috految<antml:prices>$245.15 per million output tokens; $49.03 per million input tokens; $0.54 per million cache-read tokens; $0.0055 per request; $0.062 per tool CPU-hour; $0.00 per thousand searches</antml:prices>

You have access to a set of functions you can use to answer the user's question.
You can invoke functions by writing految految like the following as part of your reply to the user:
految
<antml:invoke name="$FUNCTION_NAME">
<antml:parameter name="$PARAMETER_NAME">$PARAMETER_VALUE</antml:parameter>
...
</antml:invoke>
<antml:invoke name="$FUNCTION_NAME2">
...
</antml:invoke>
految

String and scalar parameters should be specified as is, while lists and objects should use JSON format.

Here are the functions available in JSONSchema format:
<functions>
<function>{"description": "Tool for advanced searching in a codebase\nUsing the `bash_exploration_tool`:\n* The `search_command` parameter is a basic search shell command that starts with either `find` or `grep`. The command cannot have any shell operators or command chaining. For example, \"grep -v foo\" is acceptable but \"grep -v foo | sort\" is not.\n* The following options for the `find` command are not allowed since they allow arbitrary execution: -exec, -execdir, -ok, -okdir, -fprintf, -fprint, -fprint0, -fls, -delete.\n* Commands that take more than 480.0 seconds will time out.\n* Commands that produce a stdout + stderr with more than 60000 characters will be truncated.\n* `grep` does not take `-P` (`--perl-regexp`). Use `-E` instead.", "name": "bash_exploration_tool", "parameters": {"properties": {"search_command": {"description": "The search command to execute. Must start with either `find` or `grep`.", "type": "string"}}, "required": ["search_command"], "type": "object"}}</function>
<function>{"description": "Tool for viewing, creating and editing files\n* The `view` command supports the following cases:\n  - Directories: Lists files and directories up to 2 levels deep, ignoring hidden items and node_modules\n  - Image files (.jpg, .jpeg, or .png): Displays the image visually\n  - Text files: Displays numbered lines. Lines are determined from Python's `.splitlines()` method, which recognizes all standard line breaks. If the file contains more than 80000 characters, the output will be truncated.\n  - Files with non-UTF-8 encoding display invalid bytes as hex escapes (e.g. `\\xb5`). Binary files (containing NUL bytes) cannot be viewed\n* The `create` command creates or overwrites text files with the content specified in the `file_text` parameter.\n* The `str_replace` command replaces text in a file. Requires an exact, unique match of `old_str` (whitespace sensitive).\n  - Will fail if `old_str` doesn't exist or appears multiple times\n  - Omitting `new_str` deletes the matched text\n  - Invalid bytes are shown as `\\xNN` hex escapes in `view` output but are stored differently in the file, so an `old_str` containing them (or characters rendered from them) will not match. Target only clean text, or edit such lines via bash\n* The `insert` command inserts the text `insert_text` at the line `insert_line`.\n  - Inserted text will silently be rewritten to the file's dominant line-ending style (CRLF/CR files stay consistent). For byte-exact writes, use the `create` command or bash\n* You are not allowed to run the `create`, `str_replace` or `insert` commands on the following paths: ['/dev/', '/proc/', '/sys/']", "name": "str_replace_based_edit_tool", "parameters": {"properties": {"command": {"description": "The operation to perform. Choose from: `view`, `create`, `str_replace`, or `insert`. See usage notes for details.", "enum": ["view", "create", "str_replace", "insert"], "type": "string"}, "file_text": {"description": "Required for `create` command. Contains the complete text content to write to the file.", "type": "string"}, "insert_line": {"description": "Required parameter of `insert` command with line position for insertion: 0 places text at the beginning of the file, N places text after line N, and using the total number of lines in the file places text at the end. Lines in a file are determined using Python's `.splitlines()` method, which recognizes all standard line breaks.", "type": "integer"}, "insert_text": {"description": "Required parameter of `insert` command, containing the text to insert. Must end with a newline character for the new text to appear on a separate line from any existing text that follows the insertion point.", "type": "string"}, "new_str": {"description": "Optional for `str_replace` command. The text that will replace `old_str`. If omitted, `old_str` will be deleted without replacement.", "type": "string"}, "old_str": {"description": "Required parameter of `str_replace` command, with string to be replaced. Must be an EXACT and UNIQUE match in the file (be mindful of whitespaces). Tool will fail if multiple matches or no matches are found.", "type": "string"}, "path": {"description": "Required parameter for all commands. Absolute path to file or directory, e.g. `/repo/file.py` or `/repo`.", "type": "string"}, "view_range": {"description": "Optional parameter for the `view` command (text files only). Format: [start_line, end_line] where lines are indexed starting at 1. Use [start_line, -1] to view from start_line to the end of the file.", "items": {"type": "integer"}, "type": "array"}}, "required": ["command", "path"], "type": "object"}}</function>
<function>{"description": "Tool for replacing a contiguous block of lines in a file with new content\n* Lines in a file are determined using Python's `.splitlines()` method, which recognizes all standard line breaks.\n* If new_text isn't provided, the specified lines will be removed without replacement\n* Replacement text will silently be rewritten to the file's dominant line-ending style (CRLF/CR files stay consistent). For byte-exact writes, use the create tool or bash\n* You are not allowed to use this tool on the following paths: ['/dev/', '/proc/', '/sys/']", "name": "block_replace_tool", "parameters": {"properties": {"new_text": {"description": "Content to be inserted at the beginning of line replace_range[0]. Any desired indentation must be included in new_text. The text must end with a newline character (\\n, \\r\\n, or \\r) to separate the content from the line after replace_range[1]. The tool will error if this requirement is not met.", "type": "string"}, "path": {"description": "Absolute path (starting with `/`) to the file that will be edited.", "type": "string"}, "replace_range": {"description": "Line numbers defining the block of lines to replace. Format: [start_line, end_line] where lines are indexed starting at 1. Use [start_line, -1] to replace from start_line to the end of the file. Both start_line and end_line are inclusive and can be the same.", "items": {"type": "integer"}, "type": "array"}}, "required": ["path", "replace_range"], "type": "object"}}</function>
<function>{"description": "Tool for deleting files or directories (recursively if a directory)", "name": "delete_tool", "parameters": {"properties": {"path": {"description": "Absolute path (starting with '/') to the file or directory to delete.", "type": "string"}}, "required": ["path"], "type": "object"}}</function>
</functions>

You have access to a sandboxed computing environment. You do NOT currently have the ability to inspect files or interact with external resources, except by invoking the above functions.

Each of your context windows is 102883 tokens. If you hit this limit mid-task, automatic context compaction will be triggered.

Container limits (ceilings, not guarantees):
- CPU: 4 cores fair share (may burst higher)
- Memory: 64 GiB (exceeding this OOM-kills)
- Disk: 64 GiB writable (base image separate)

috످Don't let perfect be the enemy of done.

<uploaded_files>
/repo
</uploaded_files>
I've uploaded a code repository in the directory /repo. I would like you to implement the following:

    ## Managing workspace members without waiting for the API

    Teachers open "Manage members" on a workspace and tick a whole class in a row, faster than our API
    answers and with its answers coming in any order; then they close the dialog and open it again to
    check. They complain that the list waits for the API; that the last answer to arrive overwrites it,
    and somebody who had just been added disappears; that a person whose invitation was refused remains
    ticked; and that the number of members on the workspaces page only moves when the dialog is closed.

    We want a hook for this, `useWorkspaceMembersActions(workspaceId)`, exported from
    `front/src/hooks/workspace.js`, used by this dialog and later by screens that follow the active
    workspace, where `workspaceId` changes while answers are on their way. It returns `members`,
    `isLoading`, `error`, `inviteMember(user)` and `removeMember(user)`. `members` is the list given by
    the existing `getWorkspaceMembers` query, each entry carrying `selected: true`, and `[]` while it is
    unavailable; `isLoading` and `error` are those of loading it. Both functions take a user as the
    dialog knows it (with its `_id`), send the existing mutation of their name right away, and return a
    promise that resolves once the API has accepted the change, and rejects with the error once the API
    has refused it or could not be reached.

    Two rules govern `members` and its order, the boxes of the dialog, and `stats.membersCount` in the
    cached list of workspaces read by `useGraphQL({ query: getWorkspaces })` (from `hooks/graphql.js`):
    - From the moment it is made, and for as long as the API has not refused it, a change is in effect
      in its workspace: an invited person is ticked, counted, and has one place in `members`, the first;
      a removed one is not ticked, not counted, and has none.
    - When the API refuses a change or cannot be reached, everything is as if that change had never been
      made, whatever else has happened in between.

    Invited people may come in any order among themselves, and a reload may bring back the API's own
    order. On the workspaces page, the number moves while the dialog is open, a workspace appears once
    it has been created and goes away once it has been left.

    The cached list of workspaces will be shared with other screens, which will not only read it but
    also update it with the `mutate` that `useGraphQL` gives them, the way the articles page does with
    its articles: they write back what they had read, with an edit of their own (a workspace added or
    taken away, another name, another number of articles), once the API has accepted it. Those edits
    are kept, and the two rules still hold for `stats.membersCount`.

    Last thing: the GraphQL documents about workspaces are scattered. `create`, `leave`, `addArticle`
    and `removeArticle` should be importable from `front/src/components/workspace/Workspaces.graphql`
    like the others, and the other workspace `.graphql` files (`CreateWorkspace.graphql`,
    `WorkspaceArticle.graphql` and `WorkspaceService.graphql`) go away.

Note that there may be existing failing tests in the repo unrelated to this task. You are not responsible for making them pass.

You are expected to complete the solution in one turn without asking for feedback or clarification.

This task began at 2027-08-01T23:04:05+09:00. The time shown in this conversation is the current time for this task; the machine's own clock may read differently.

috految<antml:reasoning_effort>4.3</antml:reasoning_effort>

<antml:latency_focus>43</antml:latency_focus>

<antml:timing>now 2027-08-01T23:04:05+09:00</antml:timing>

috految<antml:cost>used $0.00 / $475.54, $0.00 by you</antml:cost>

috److految
<antml:invoke name="bash_exploration_tool">
<antml:parameter name="search_command">grep -rhn . /repo/front/src --include=workspace.js --include=graphql.js --include=graphQL.js --include=*Workspace*.graphql --include=WorkspaceService.js --include=Workspaces.jsx --include=WorkspaceItem.jsx --include=WorkspaceManageMembers.jsx --include=CreateWorkspace.jsx --include=ContactSearch.jsx --include=ContactItem.jsx</antml:parameter>
</antml:invoke>
<antml:invoke name="bash_exploration_tool">
<antml:parameter name="search_command">grep -rnE "Workspace\w*\.graphql|WorkspaceService|_WORKSPACE|getWorkspaces|membersCount|\.workspaces|<(Contact|WorkspaceItem|WorkspaceManage|CreateWork)|SWR|swr|\"react\"|plugin-graphql|mutate\(|LOGOUT|vi.mock|clear\(|render\(" /repo/front/src /repo/front/package.json /repo/front/tests --include=*.js --include=*.jsx --include=*.graphql --include=package.json</antml:parameter>
</antml:invoke>
<antml:invoke name="bash_exploration_tool">
<antml:parameter name="search_command">grep -hE -A19 "inviteMember|async (leave|remove|member|stats|workspaces|createWorkspace)|class WorkspaceMember|membersCount|(CREATE|LEAVE)_WORKSPACE|function setWorkspaces|'LOGOUT'" /repo/graphql/resolvers/workspaceResolver.js /repo/front/src/createReduxStore.js -n</antml:parameter>
</antml:invoke>
految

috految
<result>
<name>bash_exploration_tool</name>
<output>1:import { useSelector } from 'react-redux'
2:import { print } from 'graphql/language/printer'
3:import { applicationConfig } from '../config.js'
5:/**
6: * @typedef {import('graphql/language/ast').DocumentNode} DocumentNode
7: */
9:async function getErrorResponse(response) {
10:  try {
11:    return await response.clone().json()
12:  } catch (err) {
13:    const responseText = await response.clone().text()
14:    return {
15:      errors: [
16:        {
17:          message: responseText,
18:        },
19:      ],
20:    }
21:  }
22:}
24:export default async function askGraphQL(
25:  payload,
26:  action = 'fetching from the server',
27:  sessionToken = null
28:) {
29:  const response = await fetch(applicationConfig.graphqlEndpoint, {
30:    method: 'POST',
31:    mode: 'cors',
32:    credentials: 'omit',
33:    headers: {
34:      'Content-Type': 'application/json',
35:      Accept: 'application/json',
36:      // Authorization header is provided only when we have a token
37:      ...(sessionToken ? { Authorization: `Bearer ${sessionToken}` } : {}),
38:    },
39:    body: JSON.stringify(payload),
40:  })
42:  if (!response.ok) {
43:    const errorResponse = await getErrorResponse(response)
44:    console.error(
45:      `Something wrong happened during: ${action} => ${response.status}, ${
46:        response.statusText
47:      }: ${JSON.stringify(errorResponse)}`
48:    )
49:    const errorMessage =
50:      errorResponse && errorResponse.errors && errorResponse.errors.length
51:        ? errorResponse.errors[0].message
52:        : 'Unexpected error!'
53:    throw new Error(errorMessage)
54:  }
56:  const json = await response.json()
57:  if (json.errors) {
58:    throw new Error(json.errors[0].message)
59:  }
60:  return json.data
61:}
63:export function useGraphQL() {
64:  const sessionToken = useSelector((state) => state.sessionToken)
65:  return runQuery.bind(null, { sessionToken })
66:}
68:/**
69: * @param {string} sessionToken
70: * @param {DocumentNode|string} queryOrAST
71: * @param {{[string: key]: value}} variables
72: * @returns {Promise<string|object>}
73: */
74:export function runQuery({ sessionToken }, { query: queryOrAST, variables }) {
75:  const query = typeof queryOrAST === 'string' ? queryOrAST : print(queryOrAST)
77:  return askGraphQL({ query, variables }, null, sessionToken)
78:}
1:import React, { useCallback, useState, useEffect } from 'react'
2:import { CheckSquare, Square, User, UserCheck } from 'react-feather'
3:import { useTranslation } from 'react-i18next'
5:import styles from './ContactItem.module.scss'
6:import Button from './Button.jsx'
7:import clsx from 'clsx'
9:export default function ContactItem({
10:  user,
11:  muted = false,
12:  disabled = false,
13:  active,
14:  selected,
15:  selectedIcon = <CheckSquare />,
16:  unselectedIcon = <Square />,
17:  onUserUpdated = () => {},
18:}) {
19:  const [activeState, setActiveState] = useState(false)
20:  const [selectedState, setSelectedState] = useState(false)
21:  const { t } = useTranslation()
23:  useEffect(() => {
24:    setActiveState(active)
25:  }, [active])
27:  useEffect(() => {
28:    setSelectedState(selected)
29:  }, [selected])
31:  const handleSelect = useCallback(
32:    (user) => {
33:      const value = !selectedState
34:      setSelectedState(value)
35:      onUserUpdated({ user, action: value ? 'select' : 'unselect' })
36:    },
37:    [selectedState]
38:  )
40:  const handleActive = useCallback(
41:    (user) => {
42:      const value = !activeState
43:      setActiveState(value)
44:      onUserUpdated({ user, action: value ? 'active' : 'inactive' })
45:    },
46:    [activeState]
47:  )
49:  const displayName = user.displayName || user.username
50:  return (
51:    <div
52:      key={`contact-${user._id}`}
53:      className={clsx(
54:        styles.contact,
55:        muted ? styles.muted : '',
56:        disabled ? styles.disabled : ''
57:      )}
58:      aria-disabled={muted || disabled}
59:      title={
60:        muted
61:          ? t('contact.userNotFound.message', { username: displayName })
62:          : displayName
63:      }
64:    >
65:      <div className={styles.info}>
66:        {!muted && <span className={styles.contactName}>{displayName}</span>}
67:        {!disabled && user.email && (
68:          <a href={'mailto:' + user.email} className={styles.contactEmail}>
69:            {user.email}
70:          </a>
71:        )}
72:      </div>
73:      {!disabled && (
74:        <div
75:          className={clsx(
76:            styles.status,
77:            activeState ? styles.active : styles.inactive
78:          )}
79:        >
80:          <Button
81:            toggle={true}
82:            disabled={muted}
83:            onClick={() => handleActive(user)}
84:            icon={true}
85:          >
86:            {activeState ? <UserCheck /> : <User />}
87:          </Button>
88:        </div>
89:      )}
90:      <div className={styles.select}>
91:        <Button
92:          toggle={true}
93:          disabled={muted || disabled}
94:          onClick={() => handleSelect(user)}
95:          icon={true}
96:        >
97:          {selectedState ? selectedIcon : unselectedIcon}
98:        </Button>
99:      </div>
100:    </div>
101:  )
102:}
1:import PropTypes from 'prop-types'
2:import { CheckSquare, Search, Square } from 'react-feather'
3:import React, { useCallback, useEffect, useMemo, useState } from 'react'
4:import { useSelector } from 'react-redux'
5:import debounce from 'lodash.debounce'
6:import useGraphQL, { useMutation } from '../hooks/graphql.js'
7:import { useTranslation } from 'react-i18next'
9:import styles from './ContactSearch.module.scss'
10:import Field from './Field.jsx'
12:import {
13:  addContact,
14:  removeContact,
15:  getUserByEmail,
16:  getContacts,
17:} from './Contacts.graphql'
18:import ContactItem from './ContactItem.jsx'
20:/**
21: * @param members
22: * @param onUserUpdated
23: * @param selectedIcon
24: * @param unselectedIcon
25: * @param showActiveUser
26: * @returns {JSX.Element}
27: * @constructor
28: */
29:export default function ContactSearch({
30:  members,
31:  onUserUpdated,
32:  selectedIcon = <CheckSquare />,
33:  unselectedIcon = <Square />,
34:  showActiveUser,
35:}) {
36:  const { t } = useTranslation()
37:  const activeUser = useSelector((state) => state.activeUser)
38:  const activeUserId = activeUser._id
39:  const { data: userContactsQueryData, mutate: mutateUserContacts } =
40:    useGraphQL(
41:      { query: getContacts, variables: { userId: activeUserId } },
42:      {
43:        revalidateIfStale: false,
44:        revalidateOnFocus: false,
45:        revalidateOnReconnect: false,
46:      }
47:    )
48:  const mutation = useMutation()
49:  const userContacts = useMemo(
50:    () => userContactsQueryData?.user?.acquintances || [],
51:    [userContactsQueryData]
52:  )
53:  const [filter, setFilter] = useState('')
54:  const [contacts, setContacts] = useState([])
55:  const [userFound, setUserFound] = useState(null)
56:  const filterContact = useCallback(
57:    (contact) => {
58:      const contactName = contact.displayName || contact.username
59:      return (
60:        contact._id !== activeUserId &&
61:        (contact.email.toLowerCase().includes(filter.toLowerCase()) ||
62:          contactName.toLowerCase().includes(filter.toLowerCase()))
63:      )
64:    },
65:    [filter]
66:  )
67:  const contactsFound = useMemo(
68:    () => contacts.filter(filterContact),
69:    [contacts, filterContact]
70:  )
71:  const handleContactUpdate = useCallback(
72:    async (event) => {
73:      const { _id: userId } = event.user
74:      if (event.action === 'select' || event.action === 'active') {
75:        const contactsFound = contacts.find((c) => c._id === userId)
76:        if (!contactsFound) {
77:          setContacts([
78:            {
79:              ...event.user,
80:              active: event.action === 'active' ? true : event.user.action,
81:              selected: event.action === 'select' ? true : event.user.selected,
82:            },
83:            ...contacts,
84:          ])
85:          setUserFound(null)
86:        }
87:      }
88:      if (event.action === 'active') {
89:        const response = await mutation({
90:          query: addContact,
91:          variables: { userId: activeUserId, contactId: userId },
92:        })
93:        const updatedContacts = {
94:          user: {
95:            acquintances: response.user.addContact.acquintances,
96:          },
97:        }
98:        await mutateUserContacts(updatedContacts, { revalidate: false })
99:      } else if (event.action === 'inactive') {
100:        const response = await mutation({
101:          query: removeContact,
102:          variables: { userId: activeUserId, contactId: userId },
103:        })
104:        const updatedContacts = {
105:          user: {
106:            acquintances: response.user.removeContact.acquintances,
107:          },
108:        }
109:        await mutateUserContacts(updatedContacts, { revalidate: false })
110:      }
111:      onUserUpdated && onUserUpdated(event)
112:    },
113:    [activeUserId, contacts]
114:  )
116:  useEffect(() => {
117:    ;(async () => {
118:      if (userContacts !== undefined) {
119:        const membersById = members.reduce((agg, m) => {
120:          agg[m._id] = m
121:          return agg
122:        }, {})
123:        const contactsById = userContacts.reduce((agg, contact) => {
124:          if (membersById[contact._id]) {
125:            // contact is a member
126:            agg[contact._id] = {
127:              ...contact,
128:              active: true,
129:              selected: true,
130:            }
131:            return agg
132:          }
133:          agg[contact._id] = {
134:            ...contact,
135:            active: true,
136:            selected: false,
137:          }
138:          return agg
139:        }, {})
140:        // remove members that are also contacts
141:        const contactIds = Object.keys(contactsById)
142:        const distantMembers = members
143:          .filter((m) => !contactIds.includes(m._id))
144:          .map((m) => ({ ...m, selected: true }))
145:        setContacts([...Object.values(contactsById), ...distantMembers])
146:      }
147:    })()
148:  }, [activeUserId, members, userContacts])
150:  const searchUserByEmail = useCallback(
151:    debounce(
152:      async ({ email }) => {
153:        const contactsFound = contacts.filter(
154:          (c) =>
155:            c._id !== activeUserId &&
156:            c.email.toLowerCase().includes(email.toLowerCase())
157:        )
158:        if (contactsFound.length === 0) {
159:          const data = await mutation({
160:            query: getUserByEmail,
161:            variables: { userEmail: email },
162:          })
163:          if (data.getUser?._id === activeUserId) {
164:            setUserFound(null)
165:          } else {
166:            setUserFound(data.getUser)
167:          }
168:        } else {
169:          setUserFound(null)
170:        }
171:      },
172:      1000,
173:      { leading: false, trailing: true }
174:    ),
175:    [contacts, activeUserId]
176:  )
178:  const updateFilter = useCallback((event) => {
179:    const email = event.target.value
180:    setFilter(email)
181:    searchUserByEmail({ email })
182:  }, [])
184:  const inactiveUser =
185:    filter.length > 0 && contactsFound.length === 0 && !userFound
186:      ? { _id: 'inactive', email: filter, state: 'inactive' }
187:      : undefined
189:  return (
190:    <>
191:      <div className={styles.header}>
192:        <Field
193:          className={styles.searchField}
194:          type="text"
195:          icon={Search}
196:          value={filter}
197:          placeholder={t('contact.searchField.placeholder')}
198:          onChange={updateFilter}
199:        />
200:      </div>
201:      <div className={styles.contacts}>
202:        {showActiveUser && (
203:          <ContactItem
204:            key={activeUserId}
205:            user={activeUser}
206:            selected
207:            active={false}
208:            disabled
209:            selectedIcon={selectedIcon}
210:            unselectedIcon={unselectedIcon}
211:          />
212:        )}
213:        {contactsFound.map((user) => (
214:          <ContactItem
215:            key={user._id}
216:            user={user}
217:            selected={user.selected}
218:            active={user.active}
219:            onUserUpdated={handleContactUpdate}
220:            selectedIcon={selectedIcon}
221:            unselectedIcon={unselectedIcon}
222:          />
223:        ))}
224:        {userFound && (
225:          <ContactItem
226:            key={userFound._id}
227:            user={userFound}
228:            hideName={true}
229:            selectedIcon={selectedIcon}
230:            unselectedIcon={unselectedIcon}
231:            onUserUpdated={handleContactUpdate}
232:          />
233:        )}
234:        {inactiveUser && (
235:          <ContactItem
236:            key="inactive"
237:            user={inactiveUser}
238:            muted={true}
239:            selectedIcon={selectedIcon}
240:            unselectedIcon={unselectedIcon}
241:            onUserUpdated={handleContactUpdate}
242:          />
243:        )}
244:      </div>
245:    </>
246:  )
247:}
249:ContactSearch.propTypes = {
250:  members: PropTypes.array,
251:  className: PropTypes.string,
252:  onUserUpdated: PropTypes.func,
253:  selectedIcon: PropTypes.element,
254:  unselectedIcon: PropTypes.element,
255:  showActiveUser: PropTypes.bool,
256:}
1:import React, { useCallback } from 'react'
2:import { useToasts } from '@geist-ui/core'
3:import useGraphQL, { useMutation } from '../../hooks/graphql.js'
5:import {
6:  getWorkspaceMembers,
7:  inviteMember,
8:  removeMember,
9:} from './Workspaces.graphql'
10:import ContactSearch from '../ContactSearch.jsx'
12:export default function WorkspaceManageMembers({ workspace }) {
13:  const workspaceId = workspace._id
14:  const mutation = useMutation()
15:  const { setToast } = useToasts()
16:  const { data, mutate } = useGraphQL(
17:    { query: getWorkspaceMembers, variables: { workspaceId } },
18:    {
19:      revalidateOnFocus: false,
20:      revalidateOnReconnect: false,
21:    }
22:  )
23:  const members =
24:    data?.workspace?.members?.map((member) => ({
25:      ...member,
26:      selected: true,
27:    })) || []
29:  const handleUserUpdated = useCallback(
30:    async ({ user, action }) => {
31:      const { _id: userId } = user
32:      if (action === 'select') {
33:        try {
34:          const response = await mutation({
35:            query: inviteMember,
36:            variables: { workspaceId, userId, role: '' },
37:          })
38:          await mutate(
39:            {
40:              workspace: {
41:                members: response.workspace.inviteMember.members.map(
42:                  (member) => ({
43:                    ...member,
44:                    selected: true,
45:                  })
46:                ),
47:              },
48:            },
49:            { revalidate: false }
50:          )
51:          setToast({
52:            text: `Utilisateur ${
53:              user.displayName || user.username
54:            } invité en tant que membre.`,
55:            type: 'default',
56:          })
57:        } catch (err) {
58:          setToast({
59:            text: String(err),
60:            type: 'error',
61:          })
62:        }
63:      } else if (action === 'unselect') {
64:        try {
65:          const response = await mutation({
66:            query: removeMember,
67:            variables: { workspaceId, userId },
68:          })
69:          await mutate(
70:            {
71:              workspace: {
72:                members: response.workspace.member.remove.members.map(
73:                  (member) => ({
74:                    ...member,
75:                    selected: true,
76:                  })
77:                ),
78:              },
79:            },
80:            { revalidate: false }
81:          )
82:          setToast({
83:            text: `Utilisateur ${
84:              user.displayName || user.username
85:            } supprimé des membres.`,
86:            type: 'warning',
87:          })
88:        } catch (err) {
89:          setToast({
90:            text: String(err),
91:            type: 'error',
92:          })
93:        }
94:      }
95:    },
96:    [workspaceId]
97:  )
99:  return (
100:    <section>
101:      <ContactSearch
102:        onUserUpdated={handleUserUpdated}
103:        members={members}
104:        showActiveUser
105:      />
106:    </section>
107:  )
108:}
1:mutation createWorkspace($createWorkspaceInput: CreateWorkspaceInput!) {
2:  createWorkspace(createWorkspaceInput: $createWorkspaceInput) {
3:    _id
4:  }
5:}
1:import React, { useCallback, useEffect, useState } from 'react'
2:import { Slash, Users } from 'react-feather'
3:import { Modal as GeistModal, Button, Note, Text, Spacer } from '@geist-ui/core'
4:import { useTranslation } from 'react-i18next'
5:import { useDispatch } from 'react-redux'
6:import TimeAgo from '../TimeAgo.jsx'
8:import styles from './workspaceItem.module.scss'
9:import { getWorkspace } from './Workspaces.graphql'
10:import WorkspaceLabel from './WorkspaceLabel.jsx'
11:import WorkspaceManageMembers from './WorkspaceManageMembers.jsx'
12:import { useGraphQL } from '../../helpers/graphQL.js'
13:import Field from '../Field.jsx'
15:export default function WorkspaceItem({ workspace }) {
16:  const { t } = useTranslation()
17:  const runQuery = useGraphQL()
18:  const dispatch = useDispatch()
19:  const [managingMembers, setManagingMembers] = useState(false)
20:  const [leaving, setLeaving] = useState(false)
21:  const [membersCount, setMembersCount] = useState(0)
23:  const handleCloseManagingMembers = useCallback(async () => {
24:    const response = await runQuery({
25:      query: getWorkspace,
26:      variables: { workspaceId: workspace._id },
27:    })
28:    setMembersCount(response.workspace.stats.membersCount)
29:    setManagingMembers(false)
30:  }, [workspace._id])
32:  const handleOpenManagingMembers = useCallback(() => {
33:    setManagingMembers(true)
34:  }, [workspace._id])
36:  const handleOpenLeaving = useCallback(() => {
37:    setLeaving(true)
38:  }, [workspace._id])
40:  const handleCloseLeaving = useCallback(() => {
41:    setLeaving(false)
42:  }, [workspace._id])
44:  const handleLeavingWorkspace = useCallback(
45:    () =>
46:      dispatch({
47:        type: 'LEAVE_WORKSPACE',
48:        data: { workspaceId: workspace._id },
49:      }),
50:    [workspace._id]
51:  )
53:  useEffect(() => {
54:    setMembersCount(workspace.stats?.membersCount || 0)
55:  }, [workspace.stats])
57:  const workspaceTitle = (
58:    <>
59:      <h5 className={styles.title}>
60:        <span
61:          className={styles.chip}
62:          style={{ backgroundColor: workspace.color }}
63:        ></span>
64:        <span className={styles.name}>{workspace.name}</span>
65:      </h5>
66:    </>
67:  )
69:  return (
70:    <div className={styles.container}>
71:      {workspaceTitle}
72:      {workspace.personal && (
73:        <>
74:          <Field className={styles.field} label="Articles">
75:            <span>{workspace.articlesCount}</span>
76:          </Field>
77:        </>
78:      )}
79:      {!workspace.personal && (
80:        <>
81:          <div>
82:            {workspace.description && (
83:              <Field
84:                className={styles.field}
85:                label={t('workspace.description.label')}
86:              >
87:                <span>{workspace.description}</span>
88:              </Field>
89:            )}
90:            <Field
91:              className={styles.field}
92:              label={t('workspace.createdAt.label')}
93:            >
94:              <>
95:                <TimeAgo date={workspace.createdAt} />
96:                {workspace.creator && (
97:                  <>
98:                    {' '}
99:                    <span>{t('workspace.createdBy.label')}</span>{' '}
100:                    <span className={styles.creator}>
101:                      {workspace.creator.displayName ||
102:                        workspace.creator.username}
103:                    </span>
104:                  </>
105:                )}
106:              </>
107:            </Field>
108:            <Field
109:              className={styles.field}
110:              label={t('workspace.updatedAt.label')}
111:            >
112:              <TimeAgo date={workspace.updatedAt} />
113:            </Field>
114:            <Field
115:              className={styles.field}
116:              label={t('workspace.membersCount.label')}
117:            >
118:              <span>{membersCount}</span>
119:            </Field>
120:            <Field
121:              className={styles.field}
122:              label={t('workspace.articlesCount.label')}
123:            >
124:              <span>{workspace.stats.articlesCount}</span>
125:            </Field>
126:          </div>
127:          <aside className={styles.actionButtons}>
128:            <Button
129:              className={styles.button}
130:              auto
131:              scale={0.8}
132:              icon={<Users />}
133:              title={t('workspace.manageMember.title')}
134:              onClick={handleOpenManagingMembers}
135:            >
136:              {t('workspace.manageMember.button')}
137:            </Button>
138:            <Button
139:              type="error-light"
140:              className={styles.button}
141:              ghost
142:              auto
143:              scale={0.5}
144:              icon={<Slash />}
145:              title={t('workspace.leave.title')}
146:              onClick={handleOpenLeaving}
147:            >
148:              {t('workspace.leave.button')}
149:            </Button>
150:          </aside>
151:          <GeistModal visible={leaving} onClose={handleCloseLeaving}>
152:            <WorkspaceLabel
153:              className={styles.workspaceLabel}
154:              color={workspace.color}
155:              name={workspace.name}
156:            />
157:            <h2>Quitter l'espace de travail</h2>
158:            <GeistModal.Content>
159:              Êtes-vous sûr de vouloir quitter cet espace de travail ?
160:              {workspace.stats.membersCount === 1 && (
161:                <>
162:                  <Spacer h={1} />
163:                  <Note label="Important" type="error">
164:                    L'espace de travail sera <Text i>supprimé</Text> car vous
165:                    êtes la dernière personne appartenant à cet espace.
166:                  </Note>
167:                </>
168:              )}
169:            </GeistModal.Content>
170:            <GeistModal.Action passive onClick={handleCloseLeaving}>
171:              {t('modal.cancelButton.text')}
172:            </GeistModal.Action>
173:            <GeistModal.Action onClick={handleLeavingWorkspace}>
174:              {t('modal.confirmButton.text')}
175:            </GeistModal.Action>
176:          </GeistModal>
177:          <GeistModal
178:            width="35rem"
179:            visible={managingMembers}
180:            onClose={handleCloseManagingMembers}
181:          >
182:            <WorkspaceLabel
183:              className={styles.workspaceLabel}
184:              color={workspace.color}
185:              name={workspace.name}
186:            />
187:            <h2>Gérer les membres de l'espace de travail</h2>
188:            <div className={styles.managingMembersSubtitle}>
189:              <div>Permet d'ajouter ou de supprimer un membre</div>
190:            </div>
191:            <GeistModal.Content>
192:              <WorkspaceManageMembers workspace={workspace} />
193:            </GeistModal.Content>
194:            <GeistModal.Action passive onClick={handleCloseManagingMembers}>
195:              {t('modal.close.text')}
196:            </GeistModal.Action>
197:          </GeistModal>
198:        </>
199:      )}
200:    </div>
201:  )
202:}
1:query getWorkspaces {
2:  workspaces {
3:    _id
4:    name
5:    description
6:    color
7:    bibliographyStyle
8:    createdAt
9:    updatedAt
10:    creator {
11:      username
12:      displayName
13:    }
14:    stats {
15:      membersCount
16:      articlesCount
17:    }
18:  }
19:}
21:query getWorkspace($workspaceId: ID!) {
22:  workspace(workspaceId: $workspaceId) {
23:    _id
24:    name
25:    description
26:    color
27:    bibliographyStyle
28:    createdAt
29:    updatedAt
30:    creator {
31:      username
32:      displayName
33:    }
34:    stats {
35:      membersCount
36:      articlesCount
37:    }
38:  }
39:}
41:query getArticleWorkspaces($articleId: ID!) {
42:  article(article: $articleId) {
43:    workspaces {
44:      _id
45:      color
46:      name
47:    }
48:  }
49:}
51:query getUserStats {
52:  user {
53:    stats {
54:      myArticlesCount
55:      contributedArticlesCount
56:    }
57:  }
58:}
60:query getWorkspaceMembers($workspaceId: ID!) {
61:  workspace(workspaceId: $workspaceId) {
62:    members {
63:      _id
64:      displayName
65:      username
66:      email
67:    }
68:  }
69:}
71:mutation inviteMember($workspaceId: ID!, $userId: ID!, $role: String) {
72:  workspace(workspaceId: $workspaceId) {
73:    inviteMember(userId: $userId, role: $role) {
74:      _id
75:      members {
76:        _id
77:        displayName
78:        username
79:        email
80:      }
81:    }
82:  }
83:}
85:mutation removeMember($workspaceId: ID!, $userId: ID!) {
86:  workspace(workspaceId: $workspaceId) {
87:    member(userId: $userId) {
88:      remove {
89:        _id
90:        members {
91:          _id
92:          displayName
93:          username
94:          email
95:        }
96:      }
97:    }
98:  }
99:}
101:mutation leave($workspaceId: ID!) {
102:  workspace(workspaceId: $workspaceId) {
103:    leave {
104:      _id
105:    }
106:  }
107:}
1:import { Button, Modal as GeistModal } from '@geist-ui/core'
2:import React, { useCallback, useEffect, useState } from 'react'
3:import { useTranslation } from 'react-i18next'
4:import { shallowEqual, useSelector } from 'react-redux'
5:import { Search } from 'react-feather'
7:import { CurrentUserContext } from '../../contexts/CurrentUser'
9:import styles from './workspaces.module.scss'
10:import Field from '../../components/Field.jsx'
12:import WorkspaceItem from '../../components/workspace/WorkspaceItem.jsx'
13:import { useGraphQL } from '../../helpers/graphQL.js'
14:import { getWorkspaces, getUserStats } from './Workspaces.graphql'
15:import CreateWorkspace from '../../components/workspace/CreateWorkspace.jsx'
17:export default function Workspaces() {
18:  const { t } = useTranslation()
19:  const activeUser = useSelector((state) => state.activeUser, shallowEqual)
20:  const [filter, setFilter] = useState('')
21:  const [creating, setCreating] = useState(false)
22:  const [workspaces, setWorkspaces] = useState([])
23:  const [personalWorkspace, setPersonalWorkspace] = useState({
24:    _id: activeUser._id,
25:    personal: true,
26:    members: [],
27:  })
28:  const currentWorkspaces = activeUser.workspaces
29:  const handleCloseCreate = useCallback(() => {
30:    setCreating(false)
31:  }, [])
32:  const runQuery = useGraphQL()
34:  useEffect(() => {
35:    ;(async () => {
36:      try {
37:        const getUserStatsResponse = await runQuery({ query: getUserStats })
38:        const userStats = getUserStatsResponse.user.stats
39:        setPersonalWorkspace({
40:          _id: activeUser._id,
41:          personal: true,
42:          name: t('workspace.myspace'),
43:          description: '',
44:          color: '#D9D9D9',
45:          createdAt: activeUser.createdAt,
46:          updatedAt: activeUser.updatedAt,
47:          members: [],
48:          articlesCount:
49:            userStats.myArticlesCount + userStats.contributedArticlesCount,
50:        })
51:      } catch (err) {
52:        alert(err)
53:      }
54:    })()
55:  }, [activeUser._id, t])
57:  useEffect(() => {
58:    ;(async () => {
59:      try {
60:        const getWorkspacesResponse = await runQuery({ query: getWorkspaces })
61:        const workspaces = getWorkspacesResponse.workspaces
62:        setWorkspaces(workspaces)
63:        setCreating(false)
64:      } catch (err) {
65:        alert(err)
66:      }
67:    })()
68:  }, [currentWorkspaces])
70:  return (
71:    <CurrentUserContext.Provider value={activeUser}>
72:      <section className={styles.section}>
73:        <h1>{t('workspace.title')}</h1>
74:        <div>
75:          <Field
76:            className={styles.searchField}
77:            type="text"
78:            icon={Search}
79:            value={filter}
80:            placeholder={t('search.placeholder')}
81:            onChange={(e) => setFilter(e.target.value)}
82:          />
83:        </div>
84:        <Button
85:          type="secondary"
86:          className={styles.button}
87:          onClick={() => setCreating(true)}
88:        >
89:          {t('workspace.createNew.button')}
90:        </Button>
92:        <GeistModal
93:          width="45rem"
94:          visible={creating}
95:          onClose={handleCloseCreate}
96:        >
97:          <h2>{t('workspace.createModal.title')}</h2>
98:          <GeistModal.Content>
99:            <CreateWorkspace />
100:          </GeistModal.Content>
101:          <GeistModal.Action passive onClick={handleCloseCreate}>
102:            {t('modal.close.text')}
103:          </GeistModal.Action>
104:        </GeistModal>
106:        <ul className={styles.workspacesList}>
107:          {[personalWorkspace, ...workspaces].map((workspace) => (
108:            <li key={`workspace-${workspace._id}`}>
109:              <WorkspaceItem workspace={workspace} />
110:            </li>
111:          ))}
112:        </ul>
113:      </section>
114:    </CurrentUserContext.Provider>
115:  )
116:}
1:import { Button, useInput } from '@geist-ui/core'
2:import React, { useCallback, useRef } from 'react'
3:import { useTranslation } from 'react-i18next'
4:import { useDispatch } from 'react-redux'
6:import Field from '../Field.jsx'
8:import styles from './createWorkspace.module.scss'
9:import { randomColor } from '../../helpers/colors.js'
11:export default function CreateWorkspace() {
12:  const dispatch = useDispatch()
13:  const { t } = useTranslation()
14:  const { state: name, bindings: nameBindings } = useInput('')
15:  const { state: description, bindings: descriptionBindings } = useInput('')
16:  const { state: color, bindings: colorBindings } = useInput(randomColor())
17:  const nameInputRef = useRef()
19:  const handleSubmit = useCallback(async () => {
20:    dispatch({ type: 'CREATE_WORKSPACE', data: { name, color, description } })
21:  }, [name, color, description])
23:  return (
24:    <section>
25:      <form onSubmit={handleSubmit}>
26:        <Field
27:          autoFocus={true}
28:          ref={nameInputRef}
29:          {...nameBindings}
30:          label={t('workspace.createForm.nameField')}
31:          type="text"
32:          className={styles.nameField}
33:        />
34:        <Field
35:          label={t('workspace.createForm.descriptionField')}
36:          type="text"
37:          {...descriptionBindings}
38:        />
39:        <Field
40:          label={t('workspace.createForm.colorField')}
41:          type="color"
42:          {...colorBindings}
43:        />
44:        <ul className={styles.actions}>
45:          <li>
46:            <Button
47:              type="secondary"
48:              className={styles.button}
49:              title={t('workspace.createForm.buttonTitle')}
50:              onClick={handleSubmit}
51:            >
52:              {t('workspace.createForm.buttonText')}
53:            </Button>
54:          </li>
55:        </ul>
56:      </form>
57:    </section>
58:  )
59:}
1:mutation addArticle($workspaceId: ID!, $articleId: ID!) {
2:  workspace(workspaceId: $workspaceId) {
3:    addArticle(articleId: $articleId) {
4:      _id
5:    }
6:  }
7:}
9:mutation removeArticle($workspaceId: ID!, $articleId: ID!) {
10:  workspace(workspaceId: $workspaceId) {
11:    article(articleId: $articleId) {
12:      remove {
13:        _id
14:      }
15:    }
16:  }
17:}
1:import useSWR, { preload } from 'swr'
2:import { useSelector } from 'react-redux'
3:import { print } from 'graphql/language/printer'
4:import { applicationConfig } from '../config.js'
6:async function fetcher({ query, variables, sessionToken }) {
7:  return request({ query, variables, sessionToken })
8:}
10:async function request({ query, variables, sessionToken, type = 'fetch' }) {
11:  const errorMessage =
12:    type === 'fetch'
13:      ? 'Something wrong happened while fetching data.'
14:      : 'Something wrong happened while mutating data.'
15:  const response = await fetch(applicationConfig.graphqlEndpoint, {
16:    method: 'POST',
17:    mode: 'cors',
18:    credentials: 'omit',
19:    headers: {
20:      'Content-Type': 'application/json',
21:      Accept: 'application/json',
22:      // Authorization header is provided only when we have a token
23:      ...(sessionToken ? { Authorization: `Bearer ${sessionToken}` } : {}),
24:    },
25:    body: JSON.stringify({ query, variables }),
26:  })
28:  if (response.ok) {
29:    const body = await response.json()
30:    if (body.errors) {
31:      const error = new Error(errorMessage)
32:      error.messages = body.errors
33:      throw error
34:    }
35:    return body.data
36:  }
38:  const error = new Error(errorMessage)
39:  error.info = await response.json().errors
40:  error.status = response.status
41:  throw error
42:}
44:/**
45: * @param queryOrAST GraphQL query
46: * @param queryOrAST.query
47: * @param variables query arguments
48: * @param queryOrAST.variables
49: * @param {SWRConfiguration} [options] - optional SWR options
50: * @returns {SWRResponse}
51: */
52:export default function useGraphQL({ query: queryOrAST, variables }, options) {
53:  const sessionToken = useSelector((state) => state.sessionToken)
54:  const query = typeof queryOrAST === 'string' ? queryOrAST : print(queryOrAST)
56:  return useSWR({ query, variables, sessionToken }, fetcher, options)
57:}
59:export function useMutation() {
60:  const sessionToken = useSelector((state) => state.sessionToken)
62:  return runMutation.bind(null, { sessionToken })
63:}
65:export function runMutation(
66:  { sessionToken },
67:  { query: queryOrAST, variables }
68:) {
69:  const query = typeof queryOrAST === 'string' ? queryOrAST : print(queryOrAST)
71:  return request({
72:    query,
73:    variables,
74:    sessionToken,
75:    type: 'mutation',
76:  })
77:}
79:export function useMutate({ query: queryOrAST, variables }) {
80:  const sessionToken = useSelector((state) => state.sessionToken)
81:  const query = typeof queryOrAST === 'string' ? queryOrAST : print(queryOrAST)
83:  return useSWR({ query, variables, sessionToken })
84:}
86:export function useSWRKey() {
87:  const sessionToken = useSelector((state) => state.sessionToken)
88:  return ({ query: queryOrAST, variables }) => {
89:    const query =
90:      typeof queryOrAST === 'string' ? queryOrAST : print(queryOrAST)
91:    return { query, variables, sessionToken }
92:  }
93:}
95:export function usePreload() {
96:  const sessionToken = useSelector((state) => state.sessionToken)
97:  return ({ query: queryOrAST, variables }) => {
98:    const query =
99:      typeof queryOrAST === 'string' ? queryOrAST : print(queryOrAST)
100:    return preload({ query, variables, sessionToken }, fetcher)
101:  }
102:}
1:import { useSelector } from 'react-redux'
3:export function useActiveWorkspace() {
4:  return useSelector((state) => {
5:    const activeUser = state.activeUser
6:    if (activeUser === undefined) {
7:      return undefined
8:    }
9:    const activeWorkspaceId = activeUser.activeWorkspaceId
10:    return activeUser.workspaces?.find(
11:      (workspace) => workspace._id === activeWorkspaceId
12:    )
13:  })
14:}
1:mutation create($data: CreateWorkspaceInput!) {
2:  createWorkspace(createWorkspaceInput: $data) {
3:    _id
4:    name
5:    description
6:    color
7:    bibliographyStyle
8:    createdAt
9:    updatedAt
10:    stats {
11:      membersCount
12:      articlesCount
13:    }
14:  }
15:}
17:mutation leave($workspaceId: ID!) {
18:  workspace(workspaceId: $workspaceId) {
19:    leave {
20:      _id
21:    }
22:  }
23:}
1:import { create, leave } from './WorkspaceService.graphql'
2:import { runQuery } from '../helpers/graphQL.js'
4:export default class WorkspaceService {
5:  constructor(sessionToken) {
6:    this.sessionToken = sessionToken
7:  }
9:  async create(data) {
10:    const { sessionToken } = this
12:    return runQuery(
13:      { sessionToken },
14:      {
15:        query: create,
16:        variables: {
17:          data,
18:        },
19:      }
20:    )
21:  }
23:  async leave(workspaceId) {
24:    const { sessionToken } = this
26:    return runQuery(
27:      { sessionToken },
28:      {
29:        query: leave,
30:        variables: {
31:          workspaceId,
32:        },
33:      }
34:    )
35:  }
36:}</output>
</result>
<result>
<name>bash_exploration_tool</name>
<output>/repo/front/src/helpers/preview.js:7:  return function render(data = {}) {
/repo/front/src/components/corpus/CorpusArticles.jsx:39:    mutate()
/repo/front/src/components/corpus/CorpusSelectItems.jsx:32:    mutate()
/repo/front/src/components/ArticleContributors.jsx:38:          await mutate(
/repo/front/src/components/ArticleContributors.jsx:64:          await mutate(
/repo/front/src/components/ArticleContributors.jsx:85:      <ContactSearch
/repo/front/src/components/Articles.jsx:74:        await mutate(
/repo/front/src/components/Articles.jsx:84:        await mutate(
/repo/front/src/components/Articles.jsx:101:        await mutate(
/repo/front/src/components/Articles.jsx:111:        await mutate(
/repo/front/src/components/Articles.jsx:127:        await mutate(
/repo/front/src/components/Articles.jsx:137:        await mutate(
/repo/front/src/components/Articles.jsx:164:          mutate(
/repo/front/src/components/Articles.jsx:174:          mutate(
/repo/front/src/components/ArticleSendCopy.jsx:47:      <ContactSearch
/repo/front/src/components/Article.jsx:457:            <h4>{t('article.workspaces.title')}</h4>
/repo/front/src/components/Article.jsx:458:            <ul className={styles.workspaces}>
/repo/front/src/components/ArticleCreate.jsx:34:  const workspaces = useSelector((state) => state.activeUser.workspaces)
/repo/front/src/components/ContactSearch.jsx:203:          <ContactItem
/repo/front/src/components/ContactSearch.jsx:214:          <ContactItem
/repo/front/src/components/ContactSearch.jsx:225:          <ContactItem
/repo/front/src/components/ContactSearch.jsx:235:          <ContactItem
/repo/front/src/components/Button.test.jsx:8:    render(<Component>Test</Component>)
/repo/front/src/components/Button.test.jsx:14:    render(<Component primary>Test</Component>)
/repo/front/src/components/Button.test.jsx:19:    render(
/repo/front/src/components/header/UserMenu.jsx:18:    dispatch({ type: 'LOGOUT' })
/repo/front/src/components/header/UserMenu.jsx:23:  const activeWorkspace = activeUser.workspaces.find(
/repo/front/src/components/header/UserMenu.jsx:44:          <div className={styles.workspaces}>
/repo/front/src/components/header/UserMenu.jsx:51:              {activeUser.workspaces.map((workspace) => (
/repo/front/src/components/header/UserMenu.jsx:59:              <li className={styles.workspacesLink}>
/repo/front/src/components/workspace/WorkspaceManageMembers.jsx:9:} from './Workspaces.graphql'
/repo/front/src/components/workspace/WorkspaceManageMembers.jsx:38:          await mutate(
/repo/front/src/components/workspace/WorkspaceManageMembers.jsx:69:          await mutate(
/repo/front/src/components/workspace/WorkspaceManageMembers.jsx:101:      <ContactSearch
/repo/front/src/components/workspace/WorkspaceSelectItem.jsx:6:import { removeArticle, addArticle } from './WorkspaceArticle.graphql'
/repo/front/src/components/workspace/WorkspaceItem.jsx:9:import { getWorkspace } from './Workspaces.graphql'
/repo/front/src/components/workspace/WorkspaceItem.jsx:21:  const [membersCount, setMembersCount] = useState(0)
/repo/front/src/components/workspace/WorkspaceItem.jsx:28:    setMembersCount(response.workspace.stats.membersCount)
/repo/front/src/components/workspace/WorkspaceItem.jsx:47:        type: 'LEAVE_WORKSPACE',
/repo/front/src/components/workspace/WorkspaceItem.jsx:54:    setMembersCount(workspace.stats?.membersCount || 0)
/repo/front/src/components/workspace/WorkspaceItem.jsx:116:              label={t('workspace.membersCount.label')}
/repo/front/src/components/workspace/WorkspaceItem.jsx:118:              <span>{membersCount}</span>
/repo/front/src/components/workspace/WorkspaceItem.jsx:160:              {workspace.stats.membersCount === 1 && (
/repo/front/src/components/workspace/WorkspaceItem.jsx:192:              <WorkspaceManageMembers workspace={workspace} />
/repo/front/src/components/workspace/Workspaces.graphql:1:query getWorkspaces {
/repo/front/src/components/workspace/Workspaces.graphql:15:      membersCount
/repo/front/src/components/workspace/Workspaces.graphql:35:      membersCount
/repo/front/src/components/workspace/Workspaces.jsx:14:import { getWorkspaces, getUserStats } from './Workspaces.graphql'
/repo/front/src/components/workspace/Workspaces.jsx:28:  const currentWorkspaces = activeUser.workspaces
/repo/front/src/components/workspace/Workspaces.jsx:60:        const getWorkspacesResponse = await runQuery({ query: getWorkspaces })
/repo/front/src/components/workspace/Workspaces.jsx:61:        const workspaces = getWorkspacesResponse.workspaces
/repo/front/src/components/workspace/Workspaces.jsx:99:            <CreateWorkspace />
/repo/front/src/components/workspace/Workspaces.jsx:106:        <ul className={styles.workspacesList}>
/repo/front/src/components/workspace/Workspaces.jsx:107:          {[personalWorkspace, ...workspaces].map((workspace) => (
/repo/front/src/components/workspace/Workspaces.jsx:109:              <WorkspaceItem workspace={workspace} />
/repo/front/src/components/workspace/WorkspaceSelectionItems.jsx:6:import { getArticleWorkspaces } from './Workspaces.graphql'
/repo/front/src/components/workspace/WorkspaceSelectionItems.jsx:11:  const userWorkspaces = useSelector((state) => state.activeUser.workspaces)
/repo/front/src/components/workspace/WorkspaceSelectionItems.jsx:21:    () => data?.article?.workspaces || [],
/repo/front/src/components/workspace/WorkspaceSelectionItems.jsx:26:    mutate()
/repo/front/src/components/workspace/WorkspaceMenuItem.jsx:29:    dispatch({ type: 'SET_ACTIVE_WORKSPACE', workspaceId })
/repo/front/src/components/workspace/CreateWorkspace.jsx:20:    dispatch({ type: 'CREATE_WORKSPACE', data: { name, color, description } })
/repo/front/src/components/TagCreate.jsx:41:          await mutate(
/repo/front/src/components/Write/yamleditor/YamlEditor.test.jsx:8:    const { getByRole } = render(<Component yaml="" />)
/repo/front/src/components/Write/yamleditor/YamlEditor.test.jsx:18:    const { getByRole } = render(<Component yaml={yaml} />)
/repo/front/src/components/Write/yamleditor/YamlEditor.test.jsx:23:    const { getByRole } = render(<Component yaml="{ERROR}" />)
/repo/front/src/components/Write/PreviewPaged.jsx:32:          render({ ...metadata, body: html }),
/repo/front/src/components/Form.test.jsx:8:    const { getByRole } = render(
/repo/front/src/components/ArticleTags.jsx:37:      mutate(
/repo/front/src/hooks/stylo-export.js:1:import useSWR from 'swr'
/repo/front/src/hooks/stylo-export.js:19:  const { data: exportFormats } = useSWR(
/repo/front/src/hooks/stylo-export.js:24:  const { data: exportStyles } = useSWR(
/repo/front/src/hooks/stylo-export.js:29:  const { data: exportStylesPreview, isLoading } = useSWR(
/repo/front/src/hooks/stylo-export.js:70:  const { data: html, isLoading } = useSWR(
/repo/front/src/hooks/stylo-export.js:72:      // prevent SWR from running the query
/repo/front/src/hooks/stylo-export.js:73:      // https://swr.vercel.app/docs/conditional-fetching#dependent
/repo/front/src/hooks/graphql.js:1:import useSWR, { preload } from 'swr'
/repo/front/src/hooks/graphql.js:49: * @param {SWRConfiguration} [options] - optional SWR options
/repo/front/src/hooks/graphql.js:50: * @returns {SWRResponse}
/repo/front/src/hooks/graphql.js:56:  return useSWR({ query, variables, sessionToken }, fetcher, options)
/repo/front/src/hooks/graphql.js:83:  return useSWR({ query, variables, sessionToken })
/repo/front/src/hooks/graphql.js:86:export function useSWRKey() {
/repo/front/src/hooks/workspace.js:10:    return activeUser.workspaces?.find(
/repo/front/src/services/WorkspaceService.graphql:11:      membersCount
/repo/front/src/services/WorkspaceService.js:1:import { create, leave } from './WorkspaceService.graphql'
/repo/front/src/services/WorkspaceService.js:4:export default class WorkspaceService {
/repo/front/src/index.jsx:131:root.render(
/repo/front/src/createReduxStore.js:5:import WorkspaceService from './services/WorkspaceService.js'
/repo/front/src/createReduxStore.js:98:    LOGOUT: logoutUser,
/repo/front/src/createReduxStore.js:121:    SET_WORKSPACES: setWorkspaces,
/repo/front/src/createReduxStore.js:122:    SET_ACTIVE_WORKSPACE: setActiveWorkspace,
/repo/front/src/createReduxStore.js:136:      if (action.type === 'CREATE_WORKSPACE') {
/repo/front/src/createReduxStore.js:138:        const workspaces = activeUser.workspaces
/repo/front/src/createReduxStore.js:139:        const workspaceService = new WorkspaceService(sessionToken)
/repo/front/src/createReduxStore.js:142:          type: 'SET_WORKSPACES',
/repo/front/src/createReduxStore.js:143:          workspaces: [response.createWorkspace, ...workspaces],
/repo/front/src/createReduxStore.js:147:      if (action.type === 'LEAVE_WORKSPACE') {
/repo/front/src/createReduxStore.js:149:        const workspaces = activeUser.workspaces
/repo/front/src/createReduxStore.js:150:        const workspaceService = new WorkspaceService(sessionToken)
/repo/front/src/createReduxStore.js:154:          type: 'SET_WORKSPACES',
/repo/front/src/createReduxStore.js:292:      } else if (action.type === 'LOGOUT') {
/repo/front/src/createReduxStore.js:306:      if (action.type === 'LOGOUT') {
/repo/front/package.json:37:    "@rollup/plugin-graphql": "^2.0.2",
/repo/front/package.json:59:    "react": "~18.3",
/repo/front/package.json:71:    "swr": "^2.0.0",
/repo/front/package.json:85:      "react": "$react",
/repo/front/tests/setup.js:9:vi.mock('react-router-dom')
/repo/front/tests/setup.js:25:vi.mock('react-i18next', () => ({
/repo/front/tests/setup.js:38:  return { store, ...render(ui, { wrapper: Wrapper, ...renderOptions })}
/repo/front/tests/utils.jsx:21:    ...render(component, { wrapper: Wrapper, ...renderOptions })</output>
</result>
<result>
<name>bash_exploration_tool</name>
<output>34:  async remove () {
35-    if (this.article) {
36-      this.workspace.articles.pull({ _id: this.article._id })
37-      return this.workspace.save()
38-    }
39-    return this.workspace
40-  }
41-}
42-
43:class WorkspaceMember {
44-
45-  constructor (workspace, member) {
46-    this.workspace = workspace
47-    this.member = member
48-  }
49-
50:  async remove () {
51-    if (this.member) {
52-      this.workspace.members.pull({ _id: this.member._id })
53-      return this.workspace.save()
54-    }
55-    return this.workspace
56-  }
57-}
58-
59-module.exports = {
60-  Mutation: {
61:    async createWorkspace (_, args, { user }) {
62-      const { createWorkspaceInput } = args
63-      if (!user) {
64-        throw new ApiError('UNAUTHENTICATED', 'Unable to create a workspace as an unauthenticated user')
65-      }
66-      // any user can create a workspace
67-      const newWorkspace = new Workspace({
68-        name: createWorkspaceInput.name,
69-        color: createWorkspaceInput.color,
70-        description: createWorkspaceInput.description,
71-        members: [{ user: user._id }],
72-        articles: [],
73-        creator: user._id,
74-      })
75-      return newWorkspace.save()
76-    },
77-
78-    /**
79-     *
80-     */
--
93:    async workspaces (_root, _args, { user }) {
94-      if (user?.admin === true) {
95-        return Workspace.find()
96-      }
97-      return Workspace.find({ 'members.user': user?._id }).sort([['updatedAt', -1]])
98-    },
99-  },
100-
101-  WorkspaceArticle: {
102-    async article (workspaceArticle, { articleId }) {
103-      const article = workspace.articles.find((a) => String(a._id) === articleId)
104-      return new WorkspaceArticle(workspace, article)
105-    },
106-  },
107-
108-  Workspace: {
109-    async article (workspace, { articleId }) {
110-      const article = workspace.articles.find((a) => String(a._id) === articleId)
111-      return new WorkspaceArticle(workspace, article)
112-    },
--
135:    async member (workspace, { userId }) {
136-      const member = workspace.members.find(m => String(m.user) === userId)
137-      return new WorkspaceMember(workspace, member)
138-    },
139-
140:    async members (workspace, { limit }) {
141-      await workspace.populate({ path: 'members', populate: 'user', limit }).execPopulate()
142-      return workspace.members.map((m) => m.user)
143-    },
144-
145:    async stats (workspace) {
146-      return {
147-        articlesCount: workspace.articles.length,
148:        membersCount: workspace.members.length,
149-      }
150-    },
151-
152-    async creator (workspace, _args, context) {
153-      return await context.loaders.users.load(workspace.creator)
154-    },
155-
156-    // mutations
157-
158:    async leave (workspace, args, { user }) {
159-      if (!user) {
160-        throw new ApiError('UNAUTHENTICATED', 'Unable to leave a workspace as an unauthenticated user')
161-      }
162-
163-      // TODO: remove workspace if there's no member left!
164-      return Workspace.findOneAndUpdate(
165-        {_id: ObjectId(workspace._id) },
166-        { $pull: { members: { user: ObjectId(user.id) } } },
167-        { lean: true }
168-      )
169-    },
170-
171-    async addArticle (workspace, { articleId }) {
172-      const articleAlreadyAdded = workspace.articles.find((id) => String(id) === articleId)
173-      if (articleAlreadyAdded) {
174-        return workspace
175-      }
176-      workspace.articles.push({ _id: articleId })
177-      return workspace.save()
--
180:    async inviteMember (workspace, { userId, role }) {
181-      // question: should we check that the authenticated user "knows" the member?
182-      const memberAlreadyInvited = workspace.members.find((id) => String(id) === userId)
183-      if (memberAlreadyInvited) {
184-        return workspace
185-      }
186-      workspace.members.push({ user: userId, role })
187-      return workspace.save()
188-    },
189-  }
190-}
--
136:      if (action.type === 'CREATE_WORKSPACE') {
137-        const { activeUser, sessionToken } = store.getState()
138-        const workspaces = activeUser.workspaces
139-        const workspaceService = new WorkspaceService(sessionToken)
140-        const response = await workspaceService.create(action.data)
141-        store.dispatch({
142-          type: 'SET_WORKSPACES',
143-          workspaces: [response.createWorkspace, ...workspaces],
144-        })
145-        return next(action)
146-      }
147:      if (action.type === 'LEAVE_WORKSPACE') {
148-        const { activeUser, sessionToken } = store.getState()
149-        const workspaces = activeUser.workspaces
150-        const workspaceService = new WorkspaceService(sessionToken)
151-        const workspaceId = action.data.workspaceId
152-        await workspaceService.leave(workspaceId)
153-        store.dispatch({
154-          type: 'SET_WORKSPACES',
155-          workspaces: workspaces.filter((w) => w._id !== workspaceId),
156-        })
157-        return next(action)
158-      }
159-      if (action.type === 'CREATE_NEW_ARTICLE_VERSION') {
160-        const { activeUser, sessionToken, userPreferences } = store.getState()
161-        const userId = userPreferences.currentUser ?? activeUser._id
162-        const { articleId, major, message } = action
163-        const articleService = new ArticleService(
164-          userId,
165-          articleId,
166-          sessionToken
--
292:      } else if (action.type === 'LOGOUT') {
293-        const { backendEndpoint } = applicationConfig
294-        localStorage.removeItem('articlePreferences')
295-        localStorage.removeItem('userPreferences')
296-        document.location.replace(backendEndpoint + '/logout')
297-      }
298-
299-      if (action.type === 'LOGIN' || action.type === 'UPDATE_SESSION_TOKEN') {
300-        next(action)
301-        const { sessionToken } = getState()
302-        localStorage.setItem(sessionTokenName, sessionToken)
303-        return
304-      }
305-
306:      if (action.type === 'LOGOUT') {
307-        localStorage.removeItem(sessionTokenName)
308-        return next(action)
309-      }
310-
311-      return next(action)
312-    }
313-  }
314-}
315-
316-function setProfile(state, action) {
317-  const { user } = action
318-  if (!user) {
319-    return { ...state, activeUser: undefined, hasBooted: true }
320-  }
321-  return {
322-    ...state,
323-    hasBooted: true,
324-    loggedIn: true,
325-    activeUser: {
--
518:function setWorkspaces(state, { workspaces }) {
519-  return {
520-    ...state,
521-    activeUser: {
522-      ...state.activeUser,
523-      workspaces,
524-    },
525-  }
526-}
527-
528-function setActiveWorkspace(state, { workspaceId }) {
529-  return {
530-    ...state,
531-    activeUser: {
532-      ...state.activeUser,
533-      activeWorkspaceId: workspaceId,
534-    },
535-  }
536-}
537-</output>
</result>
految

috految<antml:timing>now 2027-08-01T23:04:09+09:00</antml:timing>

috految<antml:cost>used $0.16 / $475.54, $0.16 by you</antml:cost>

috److془Design: overlay at read. Counts: adding members{_id} to getWorkspaces is exact but mock may not support; deleted users break. Use snapshots.

Count: snapshots {count, start,end}, members {list,start}. Clean count: no live change overlapping. Use latest clean; if members.start > clean.start use overlay length. Else count + delta. Issue: stale members (colleague added X, count reflects, I invite X): double count until members reload. Ambiguous: reload with colleague addition while pending. Fix by reloading members upon settle... Or: on a list load with members known, that's fine. Simple: after accept, use response list as snapshot? Reload is fine only when unclean or mismatch. Actually: on a list load, if overlapping changes, just stale. Fine. Use response for membership? Nah. Hmm reload on mismatch: when count differs from members length at accept. Actually the members {_id} is exact, but go on. Trouble: members unknown with no clean: first count + delta for unsettled. Fine. Duplicates server: the dedupe check is broken; dedupe. Fix? mention. Count with duplicates: no matter.. if count===raw length use overlay length. Hmm with changes between it's wrong; use only the simple one. Invite in-flight then remove: add both, last wins. Invite pending, remove accepted after, reload: keep last change if any unsettled. Clean snapshot after accepted: truth. Unreachable but applied and read by reload: truth; fine. Order: invite of existing goes first. Accepted-before-reload in API order fine. 
Members unavailable: `[]` while unavailable vs invited has place. Overlay on [] .
Ticked with stale: invite X, remove, invite refused, unknown members: baseline store `wasMember` from first change. Good. Members overlapping with changes, started prior to clean count: use members if members.end > count.start. Good. Pending view: refused as never: pure function. Good. Members loaded before count clean => no contamination. Use members-length without changes? Yes consistent. Discarded stale snapshots: choose by start. Count with zero changes and slow members; fine. Workspace added by mutate: seed on first seen with start 0. Seed lazily in project. Write-backs hence ignored. 

"Those edits are kept": SWR discards in-flight reloads. Stale write-back after create/leave: would resurrect; also two screens' stale edits clobber each other. Like articles... Revalidate after the writes? Edits accepted by API, but mocks risk. Revalidate if the write is stale: closure data !== current. Nice but mutate identity unstable. Alternative: page handles create/leave; the rest last write wins. Page: reload on mount and currentWorkspaces, plus on ids change. Better: if redux changes, mutate(update) immediate. Stale write: ids change → reload heals. Simply: revalidate when ids change. Discarded reload by write: onDiscarded ping-pong risk; immediate update solves it. Redux stale closures in concurrent: heals by reload. Though stale writes: ids reload only if redux diff. Concurrent leave transient resurrect: add only unseen. Or simply: reload whenever data changes, once redux changed; terminates by deep compare. Use ids. Admin lists all: as before. Actually just use mismatch. Mount dedupe: mutate() bypasses. Page mutate with no data: dedupe deletion, refetch fine. Cached stale workspace on mount heals. Bound mutate() uses revalidators[0] fine. Bug: stale request dedupe none. Mutate() on mount with data only. Profile redux might be lacking stats: filter. Simpler: on redux change, mutate(); on data change, mutate(). Done; as before. Lost reload by write → data changes → reload. Good. Data changes with counts; use signature excluding... limit to mismatch with redux. 

Geist modal: does it rerender content; yes. Geist make onClose: fine. Modal scroll cleanup as before. Geist Modal: `useEffect(setVisible(customVisible))` fine. Layout: Button memo? Assume not. Geist useToasts fine. Create dialog closes on currentWorkspaces. Members dedupe fine. SWR 2.0 key change with rAF: fetcher uses passed args, good. mutate in swr retry fine. Fetcher error `response.json().errors` unhandled rejection; leave. Null workspace: resolver throws probably; guard. Keep the members: SWR cache lifetime association by WeakMap(cache) and token. Importing graphql in hooks: createReduxStore does already. Same doc imports fine. Multi-document named exports works.

ContactSearch: controlled. Rows: userFound duplicates contacts (stale closure), ticked by members. Controlled: don't add/clear on select; hide when in contactsFound. After filtering changes, stale found row: hide if in contacts . Refused returns. Stale callbacks: contacts stale on active for found row; fix deps. Rows from members lacking email? getUserByEmail went through filter already. Invited user with active:true stale: strip. Member rows' contacts dropped when unticked; ordinary. Found row in contacts with filter match fine. Does getUser return _id, yes. Local state: derive selected by prop. Effect lag is fine. Handler stale: key by workspace. Could skip ContactItem edit? Click: state true, sync store renders prop true, refusal false. Synchronous rendering; under act batch with instant rejection dubious, but real fine. Click effects flush sync; use prop directly. Stale handleActive: contacts stale; skip setContacts altogether when controlled. Great.془

految
<antml:invoke name="str_replace_based_edit_tool">
<antml:parameter name="command">create</antml:parameter>
<antml:parameter name="path">/repo/front/src/hooks/membership.js</antml:parameter>
<antml:parameter name="file_text">import { useMemo, useSyncExternalStore } from 'react'
import { useSelector } from 'react-redux'
import { useSWRConfig } from 'swr'

// Changes are kept outside of the SWR cache and replayed over the API answers
// when reading: neither late answers nor cache writes can overwrite them.
const stores = new WeakMap()

function createStore() {
  const workspaces = new Map()
  const listeners = new Set()
  let clock = 0
  let version = 0

  function notify() {
    version++
    listeners.forEach((listener) => listener())
  }

  function get(id) {
    if (!workspaces.has(id)) workspaces.set(id, { changes: [], counts: [] })
    return workspaces.get(id)
  }

  function getMembers(id, changes = get(id).changes) {
    const { list = [], start = 0 } = get(id).members ?? {}
    const unconfirmed = new Set(
      changes.filter((c) => c.end > start).map((c) => c.user._id)
    )
    let members = [...new Map(list.map((m) => [m._id, m])).values()]
    for (const { user, isMember } of changes) {
      if (!unconfirmed.has(user._id)) continue
      members = members.filter((m) => m._id !== user._id)
      if (isMember) members.unshift(user)
    }
    return members
  }

  function getCount({ _id, stats }) {
    const workspace = get(_id)
    const { changes, counts, members } = workspace
    workspace.initialCount ??= stats.membersCount
    // a count loaded during a change may or may not include it
    const base = counts.find(({ start, end }) =>
      changes.every((c) => c.end < start || c.start > end)
    )
    if (members && (!base || members.end > base.start)) {
      return getMembers(_id).length
    }

    const { value = workspace.initialCount, start = 0 } = base ?? {}
    const included = changes.filter((c) => c.end < start)
    const before = getMembers(_id, included)
    const latest = new Map(
      changes.filter((c) => c.end > start).map((c) => [c.user._id, c])
    )
    let count = value
    for (const [userId, { isMember, wasMember }] of latest) {
      const counted =
        members || included.some((c) => c.user._id === userId)
          ? before.some((m) => m._id === userId)
          : wasMember
      count += Number(isMember) - Number(counted)
    }
    return count
  }

  return {
    getMembers,
    getCount,
    getVersion: () => version,
    subscribe(listener) {
      listeners.add(listener)
      return () => listeners.delete(listener)
    },
    async trackLoad(request, workspaceId) {
      const start = ++clock
      const data = await request
      const end = ++clock
      for (const { _id, stats } of data.workspaces ?? []) {
        const { counts } = get(_id)
        counts.push({ value: stats?.membersCount, start, end })
        counts.sort((a, b) => b.start - a.start)
      }
      const list = data.workspace?.members
      if (list && start > (get(workspaceId).members?.start ?? 0)) {
        get(workspaceId).members = { list: list.filter(Boolean), start, end }
      }
      notify()
      return data
    },
    async trackChange(request, id, user, isMember) {
      const { changes } = get(id)
      const wasMember =
        changes.find((c) => c.user._id === user._id)?.wasMember ?? !isMember
      const change = { user, isMember, wasMember, start: ++clock, end: Infinity }
      changes.push(change)
      notify()
      try {
        const { workspace } = await request
        if (workspace === null) throw new Error('Workspace not found.')
        change.end = ++clock
      } catch (error) {
        changes.splice(changes.indexOf(change), 1)
        throw error
      } finally {
        notify()
      }
    },
  }
}

export function useMembership() {
  const { cache } = useSWRConfig()
  const token = useSelector((state) => state.sessionToken)
  if (!stores.has(cache)) stores.set(cache, new Map())
  const sessions = stores.get(cache)
  if (!sessions.has(token)) sessions.set(token, createStore())
  return sessions.get(token)
}

export function useMembersCounts(data) {
  const store = useMembership()
  const counts = useSyncExternalStore(store.subscribe, () =>
    data?.workspaces?.map((w) => w.stats && store.getCount(w)).join()
  )
  return useMemo(
    () =>
      data && {
        ...data,
        workspaces: data.workspaces?.map((w) => ({
          ...w,
          stats: w.stats && { ...w.stats, membersCount: store.getCount(w) },
        })),
      },
    [store, data, counts]
  )
}
</antml:parameter>
</antml:invoke>
<antml:invoke name="block_replace_tool">
<antml:parameter name="path">/repo/front/src/hooks/graphql.js</antml:parameter>
<antml:parameter name="new_text">  const membership = useMembership()
  const isWorkspaces = queryOrAST === getWorkspaces
  const response = useSWR(
    query ? { query, variables, sessionToken } : null,
    isWorkspaces || queryOrAST === getWorkspaceMembers
      ? (key) => membership.trackLoad(fetcher(key), key.variables?.workspaceId)
      : fetcher,
    options
  )
  const data = useMembersCounts(isWorkspaces ? response.data : undefined)

  return isWorkspaces ? { ...response, data } : response
</antml:parameter>
<antml:parameter name="replace_range">[56, 56]</antml:parameter>
</antml:invoke>
<antml:invoke name="block_replace_tool">
<antml:parameter name="path">/repo/front/src/hooks/graphql.js</antml:parameter>
<antml:parameter name="new_text">import {
  getWorkspaceMembers,
  getWorkspaces,
} from '../components/workspace/Workspaces.graphql'
import { useMembersCounts, useMembership } from './membership.js'

</antml:parameter>
<antml:parameter name="replace_range">[5, 5]</antml:parameter>
</antml:invoke>
<antml:invoke name="block_replace_tool">
<antml:parameter name="path">/repo/front/src/hooks/workspace.js</antml:parameter>
<antml:parameter name="new_text">import { useMemo, useSyncExternalStore } from 'react'
import { useSelector } from 'react-redux'

import {
  getWorkspaceMembers,
  inviteMember,
  removeMember,
} from '../components/workspace/Workspaces.graphql'
import useGraphQL, { useMutation } from './graphql.js'
import { useMembership } from './membership.js'

export function useWorkspaceMembersActions(workspaceId) {
  const mutation = useMutation()
  const store = useMembership()
  const { data, isLoading, error } = useGraphQL(
    {
      query: workspaceId ? getWorkspaceMembers : '',
      variables: { workspaceId },
    },
    { revalidateOnFocus: false, revalidateOnReconnect: false }
  )
  const version = useSyncExternalStore(store.subscribe, store.getVersion)
  const members = useMemo(
    () => store.getMembers(workspaceId).map((m) => ({ ...m, selected: true })),
    [store, workspaceId, version, data]
  )

  function send(query, { _id, displayName, username, email }, variables) {
    return store.trackChange(
      mutation({ query, variables: { workspaceId, userId: _id, ...variables } }),
      workspaceId,
      { _id, displayName, username, email },
      query === inviteMember
    )
  }

  return {
    members,
    isLoading,
    error,
    inviteMember: (user) => send(inviteMember, user, { role: '' }),
    removeMember: (user) => send(removeMember, user),
  }
}
</antml:parameter>
<antml:parameter name="replace_range">[1, 1]</antml:parameter>
</antml:invoke>
<antml:invoke name="block_replace_tool">
<antml:parameter name="path">/repo/front/src/components/workspace/WorkspaceManageMembers.jsx</antml:parameter>
<antml:parameter name="new_text">import React from 'react'
import { useToasts } from '@geist-ui/core'

import { useWorkspaceMembersActions } from '../../hooks/workspace.js'
import ContactSearch from '../ContactSearch.jsx'

export default function WorkspaceManageMembers({ workspace }) {
  const { setToast } = useToasts()
  const { members, inviteMember, removeMember } = useWorkspaceMembersActions(
    workspace._id
  )

  async function handleUserUpdated({ user, action }) {
    const name = user.displayName || user.username
    try {
      if (action === 'select') {
        await inviteMember(user)
        setToast({
          text: `Utilisateur ${name} invité en tant que membre.`,
          type: 'default',
        })
      } else if (action === 'unselect') {
        await removeMember(user)
        setToast({
          text: `Utilisateur ${name} supprimé des membres.`,
          type: 'warning',
        })
      }
    } catch (err) {
      setToast({ text: String(err), type: 'error' })
    }
  }

  return (
    <section>
      <ContactSearch
        key={workspace._id}
        isSelected={({ _id }) => members.some((m) => m._id === _id)}
</antml:parameter>
<antml:parameter name="replace_range">[1, 101]</antml:parameter>
</antml:invoke>
<antml:invoke name="block_replace_tool">
<antml:parameter name="path">/repo/front/src/components/ContactSearch.jsx</antml:parameter>
<antml:parameter name="new_text">            selected={isSelected ? isSelected(user) : user.selected}
            active={user.active}
            onUserUpdated={handleContactUpdate}
            selectedIcon={selectedIcon}
            unselectedIcon={unselectedIcon}
          />
        ))}
        {userFound && !contacts.some((c) => c._id === userFound._id) && (
          <ContactItem
            selected={isSelected?.(userFound)}
</antml:parameter>
<antml:parameter name="replace_range">[217, 225]</antml:parameter>
</antml:invoke>
<antml:invoke name="block_replace_tool">
<antml:parameter name="path">/repo/front/src/components/ContactSearch.jsx</antml:parameter>
<antml:parameter name="new_text">        if (!contactsFound && !isSelected) {
</antml:parameter>
<antml:parameter name="replace_range">[76, 76]</antml:parameter>
</antml:invoke>
<antml:invoke name="block_replace_tool">
<antml:parameter name="path">/repo/front/src/components/ContactSearch.jsx</antml:parameter>
<antml:parameter name="new_text">  members,
  isSelected,
</antml:parameter>
<antml:parameter name="replace_range">[30, 30]</antml:parameter>
</antml:invoke>
<antml:invoke name="block_replace_tool">
<antml:parameter name="path">/repo/front/src/components/workspace/WorkspaceItem.jsx</antml:parameter>
<antml:parameter name="new_text">import WorkspaceLabel from './WorkspaceLabel.jsx'
import WorkspaceManageMembers from './WorkspaceManageMembers.jsx'
import Field from '../Field.jsx'

export default function WorkspaceItem({ workspace }) {
  const { t } = useTranslation()
  const dispatch = useDispatch()
  const [managingMembers, setManagingMembers] = useState(false)
  const [leaving, setLeaving] = useState(false)
  const [membersCount, setMembersCount] = useState(workspace.stats?.membersCount)

  const handleCloseManagingMembers = useCallback(() => {
</antml:parameter>
<antml:parameter name="replace_range">[9, 28]</antml:parameter>
</antml:invoke>
<antml:invoke name="block_replace_tool">
<antml:parameter name="path">/repo/front/src/components/workspace/Workspaces.jsx</antml:parameter>
<antml:parameter name="new_text">    setCreating(false)
    mutate()
  }, [currentWorkspaces])

  // a write from another screen may predate a creation or a departure
  const [initialWorkspaces] = useState(currentWorkspaces)
  useEffect(() => {
    if (currentWorkspaces !== initialWorkspaces) mutate()
  }, [data])
</antml:parameter>
<antml:parameter name="replace_range">[58, 68]</antml:parameter>
</antml:invoke>
<antml:invoke name="block_replace_tool">
<antml:parameter name="path">/repo/front/src/components/workspace/Workspaces.jsx</antml:parameter>
<antml:parameter name="new_text">import useCachedQuery from '../../hooks/graphql.js'

export default function Workspaces() {
  const { t } = useTranslation()
  const activeUser = useSelector((state) => state.activeUser, shallowEqual)
  const [filter, setFilter] = useState('')
  const [creating, setCreating] = useState(false)
  const { data, mutate } = useCachedQuery(
    { query: getWorkspaces },
    {
      revalidateOnFocus: false,
      shouldRetryOnError: false,
      onError: (err) => alert(err),
    }
  )
  const workspaces = data?.workspaces ?? []
</antml:parameter>
<antml:parameter name="replace_range">[16, 22]</antml:parameter>
</antml:invoke>
<antml:invoke name="block_replace_tool">
<antml:parameter name="path">/repo/front/src/components/workspace/Workspaces.graphql</antml:parameter>
<antml:parameter name="new_text">
mutation create($data: CreateWorkspaceInput!) {
  createWorkspace(createWorkspaceInput: $data) {
    _id
    name
    description
    color
    bibliographyStyle
    createdAt
    updatedAt
    stats {
      membersCount
      articlesCount
    }
  }
}

mutation addArticle($workspaceId: ID!, $articleId: ID!) {
  workspace(workspaceId: $workspaceId) {
    addArticle(articleId: $articleId) {
      _id
    }
  }
}

mutation removeArticle($workspaceId: ID!, $articleId: ID!) {
  workspace(workspaceId: $workspaceId) {
    article(articleId: $articleId) {
      remove {
        _id
      }
    }
  }
}

</antml:parameter>
<antml:parameter name="replace_range">[100, 100]</antml:parameter>
</antml:invoke>
<antml:invoke name="block_replace_tool">
<antml:parameter name="path">/repo/front/src/components/workspace/WorkspaceSelectItem.jsx</antml:parameter>
<antml:parameter name="new_text">import { removeArticle, addArticle } from './Workspaces.graphql'
</antml:parameter>
<antml:parameter name="replace_range">[6, 6]</antml:parameter>
</antml:invoke>
<antml:invoke name="block_replace_tool">
<antml:parameter name="path">/repo/front/src/services/WorkspaceService.js</antml:parameter>
<antml:parameter name="new_text">import { create, leave } from '../components/workspace/Workspaces.graphql'
</antml:parameter>
<antml:parameter name="replace_range">[1, 1]</antml:parameter>
</antml:invoke>
<antml:invoke name="delete_tool">
<antml:parameter name="path">/repo/front/src/services/WorkspaceService.graphql</antml:parameter>
</antml:invoke>
<antml:invoke name="delete_tool">
<antml:parameter name="path">/repo/front/src/components/workspace/WorkspaceArticle.graphql</antml:parameter>
</antml:invoke>
<antml:invoke name="delete_tool">
<antml:parameter name="path">/repo/front/src/components/workspace/CreateWorkspace.graphql</antml:parameter>
</antml:invoke>
految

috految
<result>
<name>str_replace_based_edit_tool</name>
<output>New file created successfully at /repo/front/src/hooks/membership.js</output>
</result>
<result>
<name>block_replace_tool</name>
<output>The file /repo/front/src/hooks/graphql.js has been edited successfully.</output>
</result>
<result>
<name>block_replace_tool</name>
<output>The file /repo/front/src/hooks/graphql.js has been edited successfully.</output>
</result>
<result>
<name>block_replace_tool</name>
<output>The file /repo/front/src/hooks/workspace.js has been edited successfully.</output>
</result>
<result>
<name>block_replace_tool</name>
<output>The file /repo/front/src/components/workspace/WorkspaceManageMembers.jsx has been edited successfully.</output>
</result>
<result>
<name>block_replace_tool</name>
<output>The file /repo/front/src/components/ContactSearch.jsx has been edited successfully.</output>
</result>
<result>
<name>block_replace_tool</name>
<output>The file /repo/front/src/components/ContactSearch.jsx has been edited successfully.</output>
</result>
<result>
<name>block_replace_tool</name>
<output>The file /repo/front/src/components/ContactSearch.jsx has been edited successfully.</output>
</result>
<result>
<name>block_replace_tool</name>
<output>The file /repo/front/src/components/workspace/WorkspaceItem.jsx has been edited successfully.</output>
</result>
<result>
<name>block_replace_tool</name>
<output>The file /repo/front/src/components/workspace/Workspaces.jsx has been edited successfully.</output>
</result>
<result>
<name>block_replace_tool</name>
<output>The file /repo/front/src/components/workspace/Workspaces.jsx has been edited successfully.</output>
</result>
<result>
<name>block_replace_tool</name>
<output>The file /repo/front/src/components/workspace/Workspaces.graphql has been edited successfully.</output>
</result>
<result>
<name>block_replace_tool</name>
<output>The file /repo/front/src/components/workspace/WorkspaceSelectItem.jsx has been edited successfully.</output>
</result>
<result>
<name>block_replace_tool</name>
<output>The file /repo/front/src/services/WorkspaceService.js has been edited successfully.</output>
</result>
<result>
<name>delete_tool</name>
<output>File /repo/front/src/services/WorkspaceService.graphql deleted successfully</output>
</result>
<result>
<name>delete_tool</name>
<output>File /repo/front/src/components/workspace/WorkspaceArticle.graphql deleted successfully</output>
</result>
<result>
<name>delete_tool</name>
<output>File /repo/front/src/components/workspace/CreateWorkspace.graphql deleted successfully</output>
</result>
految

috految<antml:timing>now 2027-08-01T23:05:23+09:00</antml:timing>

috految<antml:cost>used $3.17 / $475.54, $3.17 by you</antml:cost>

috److I added `useWorkspaceMembersActions` and switched the "Manage members" dialog to it. I haven't run the tests or tried it in a browser.

- **Members and counts:** invitations and removals show immediately and are undone if the API refuses or can't be reached. They are tracked in the new `hooks/membership.js` and applied on top of the API's answers. Late answers and `mutate` writes from other screens don't overwrite them.
- **Workspaces page:** it now reads the shared cached list, so the member count moves while the dialog is open. It reloads the list after a workspace is created or left.
- **GraphQL documents:** `create`, `leave`, `addArticle` and `removeArticle` are all in `Workspaces.graphql`, and the three other files are deleted.

Some behaviour you might not expect:

- **Invites before the list loads:** the invited person appears in `members` straight away, instead of it staying `[]`.
- **Overlapping edits:** if two screens write back stale copies of the workspace list, the last write wins for everything except the member count, as on the articles page.
- **Changes by someone else:** if a colleague changes the members at the same time, the count can be off until the next reload.

I also noticed a likely API bug, which I didn't fix. The "already invited" check in `inviteMember` (`workspaceResolver.js`) compares member objects to user IDs, so it probably allows duplicate members. The hook removes duplicates from `members`, but the API's own count would still include them.

috످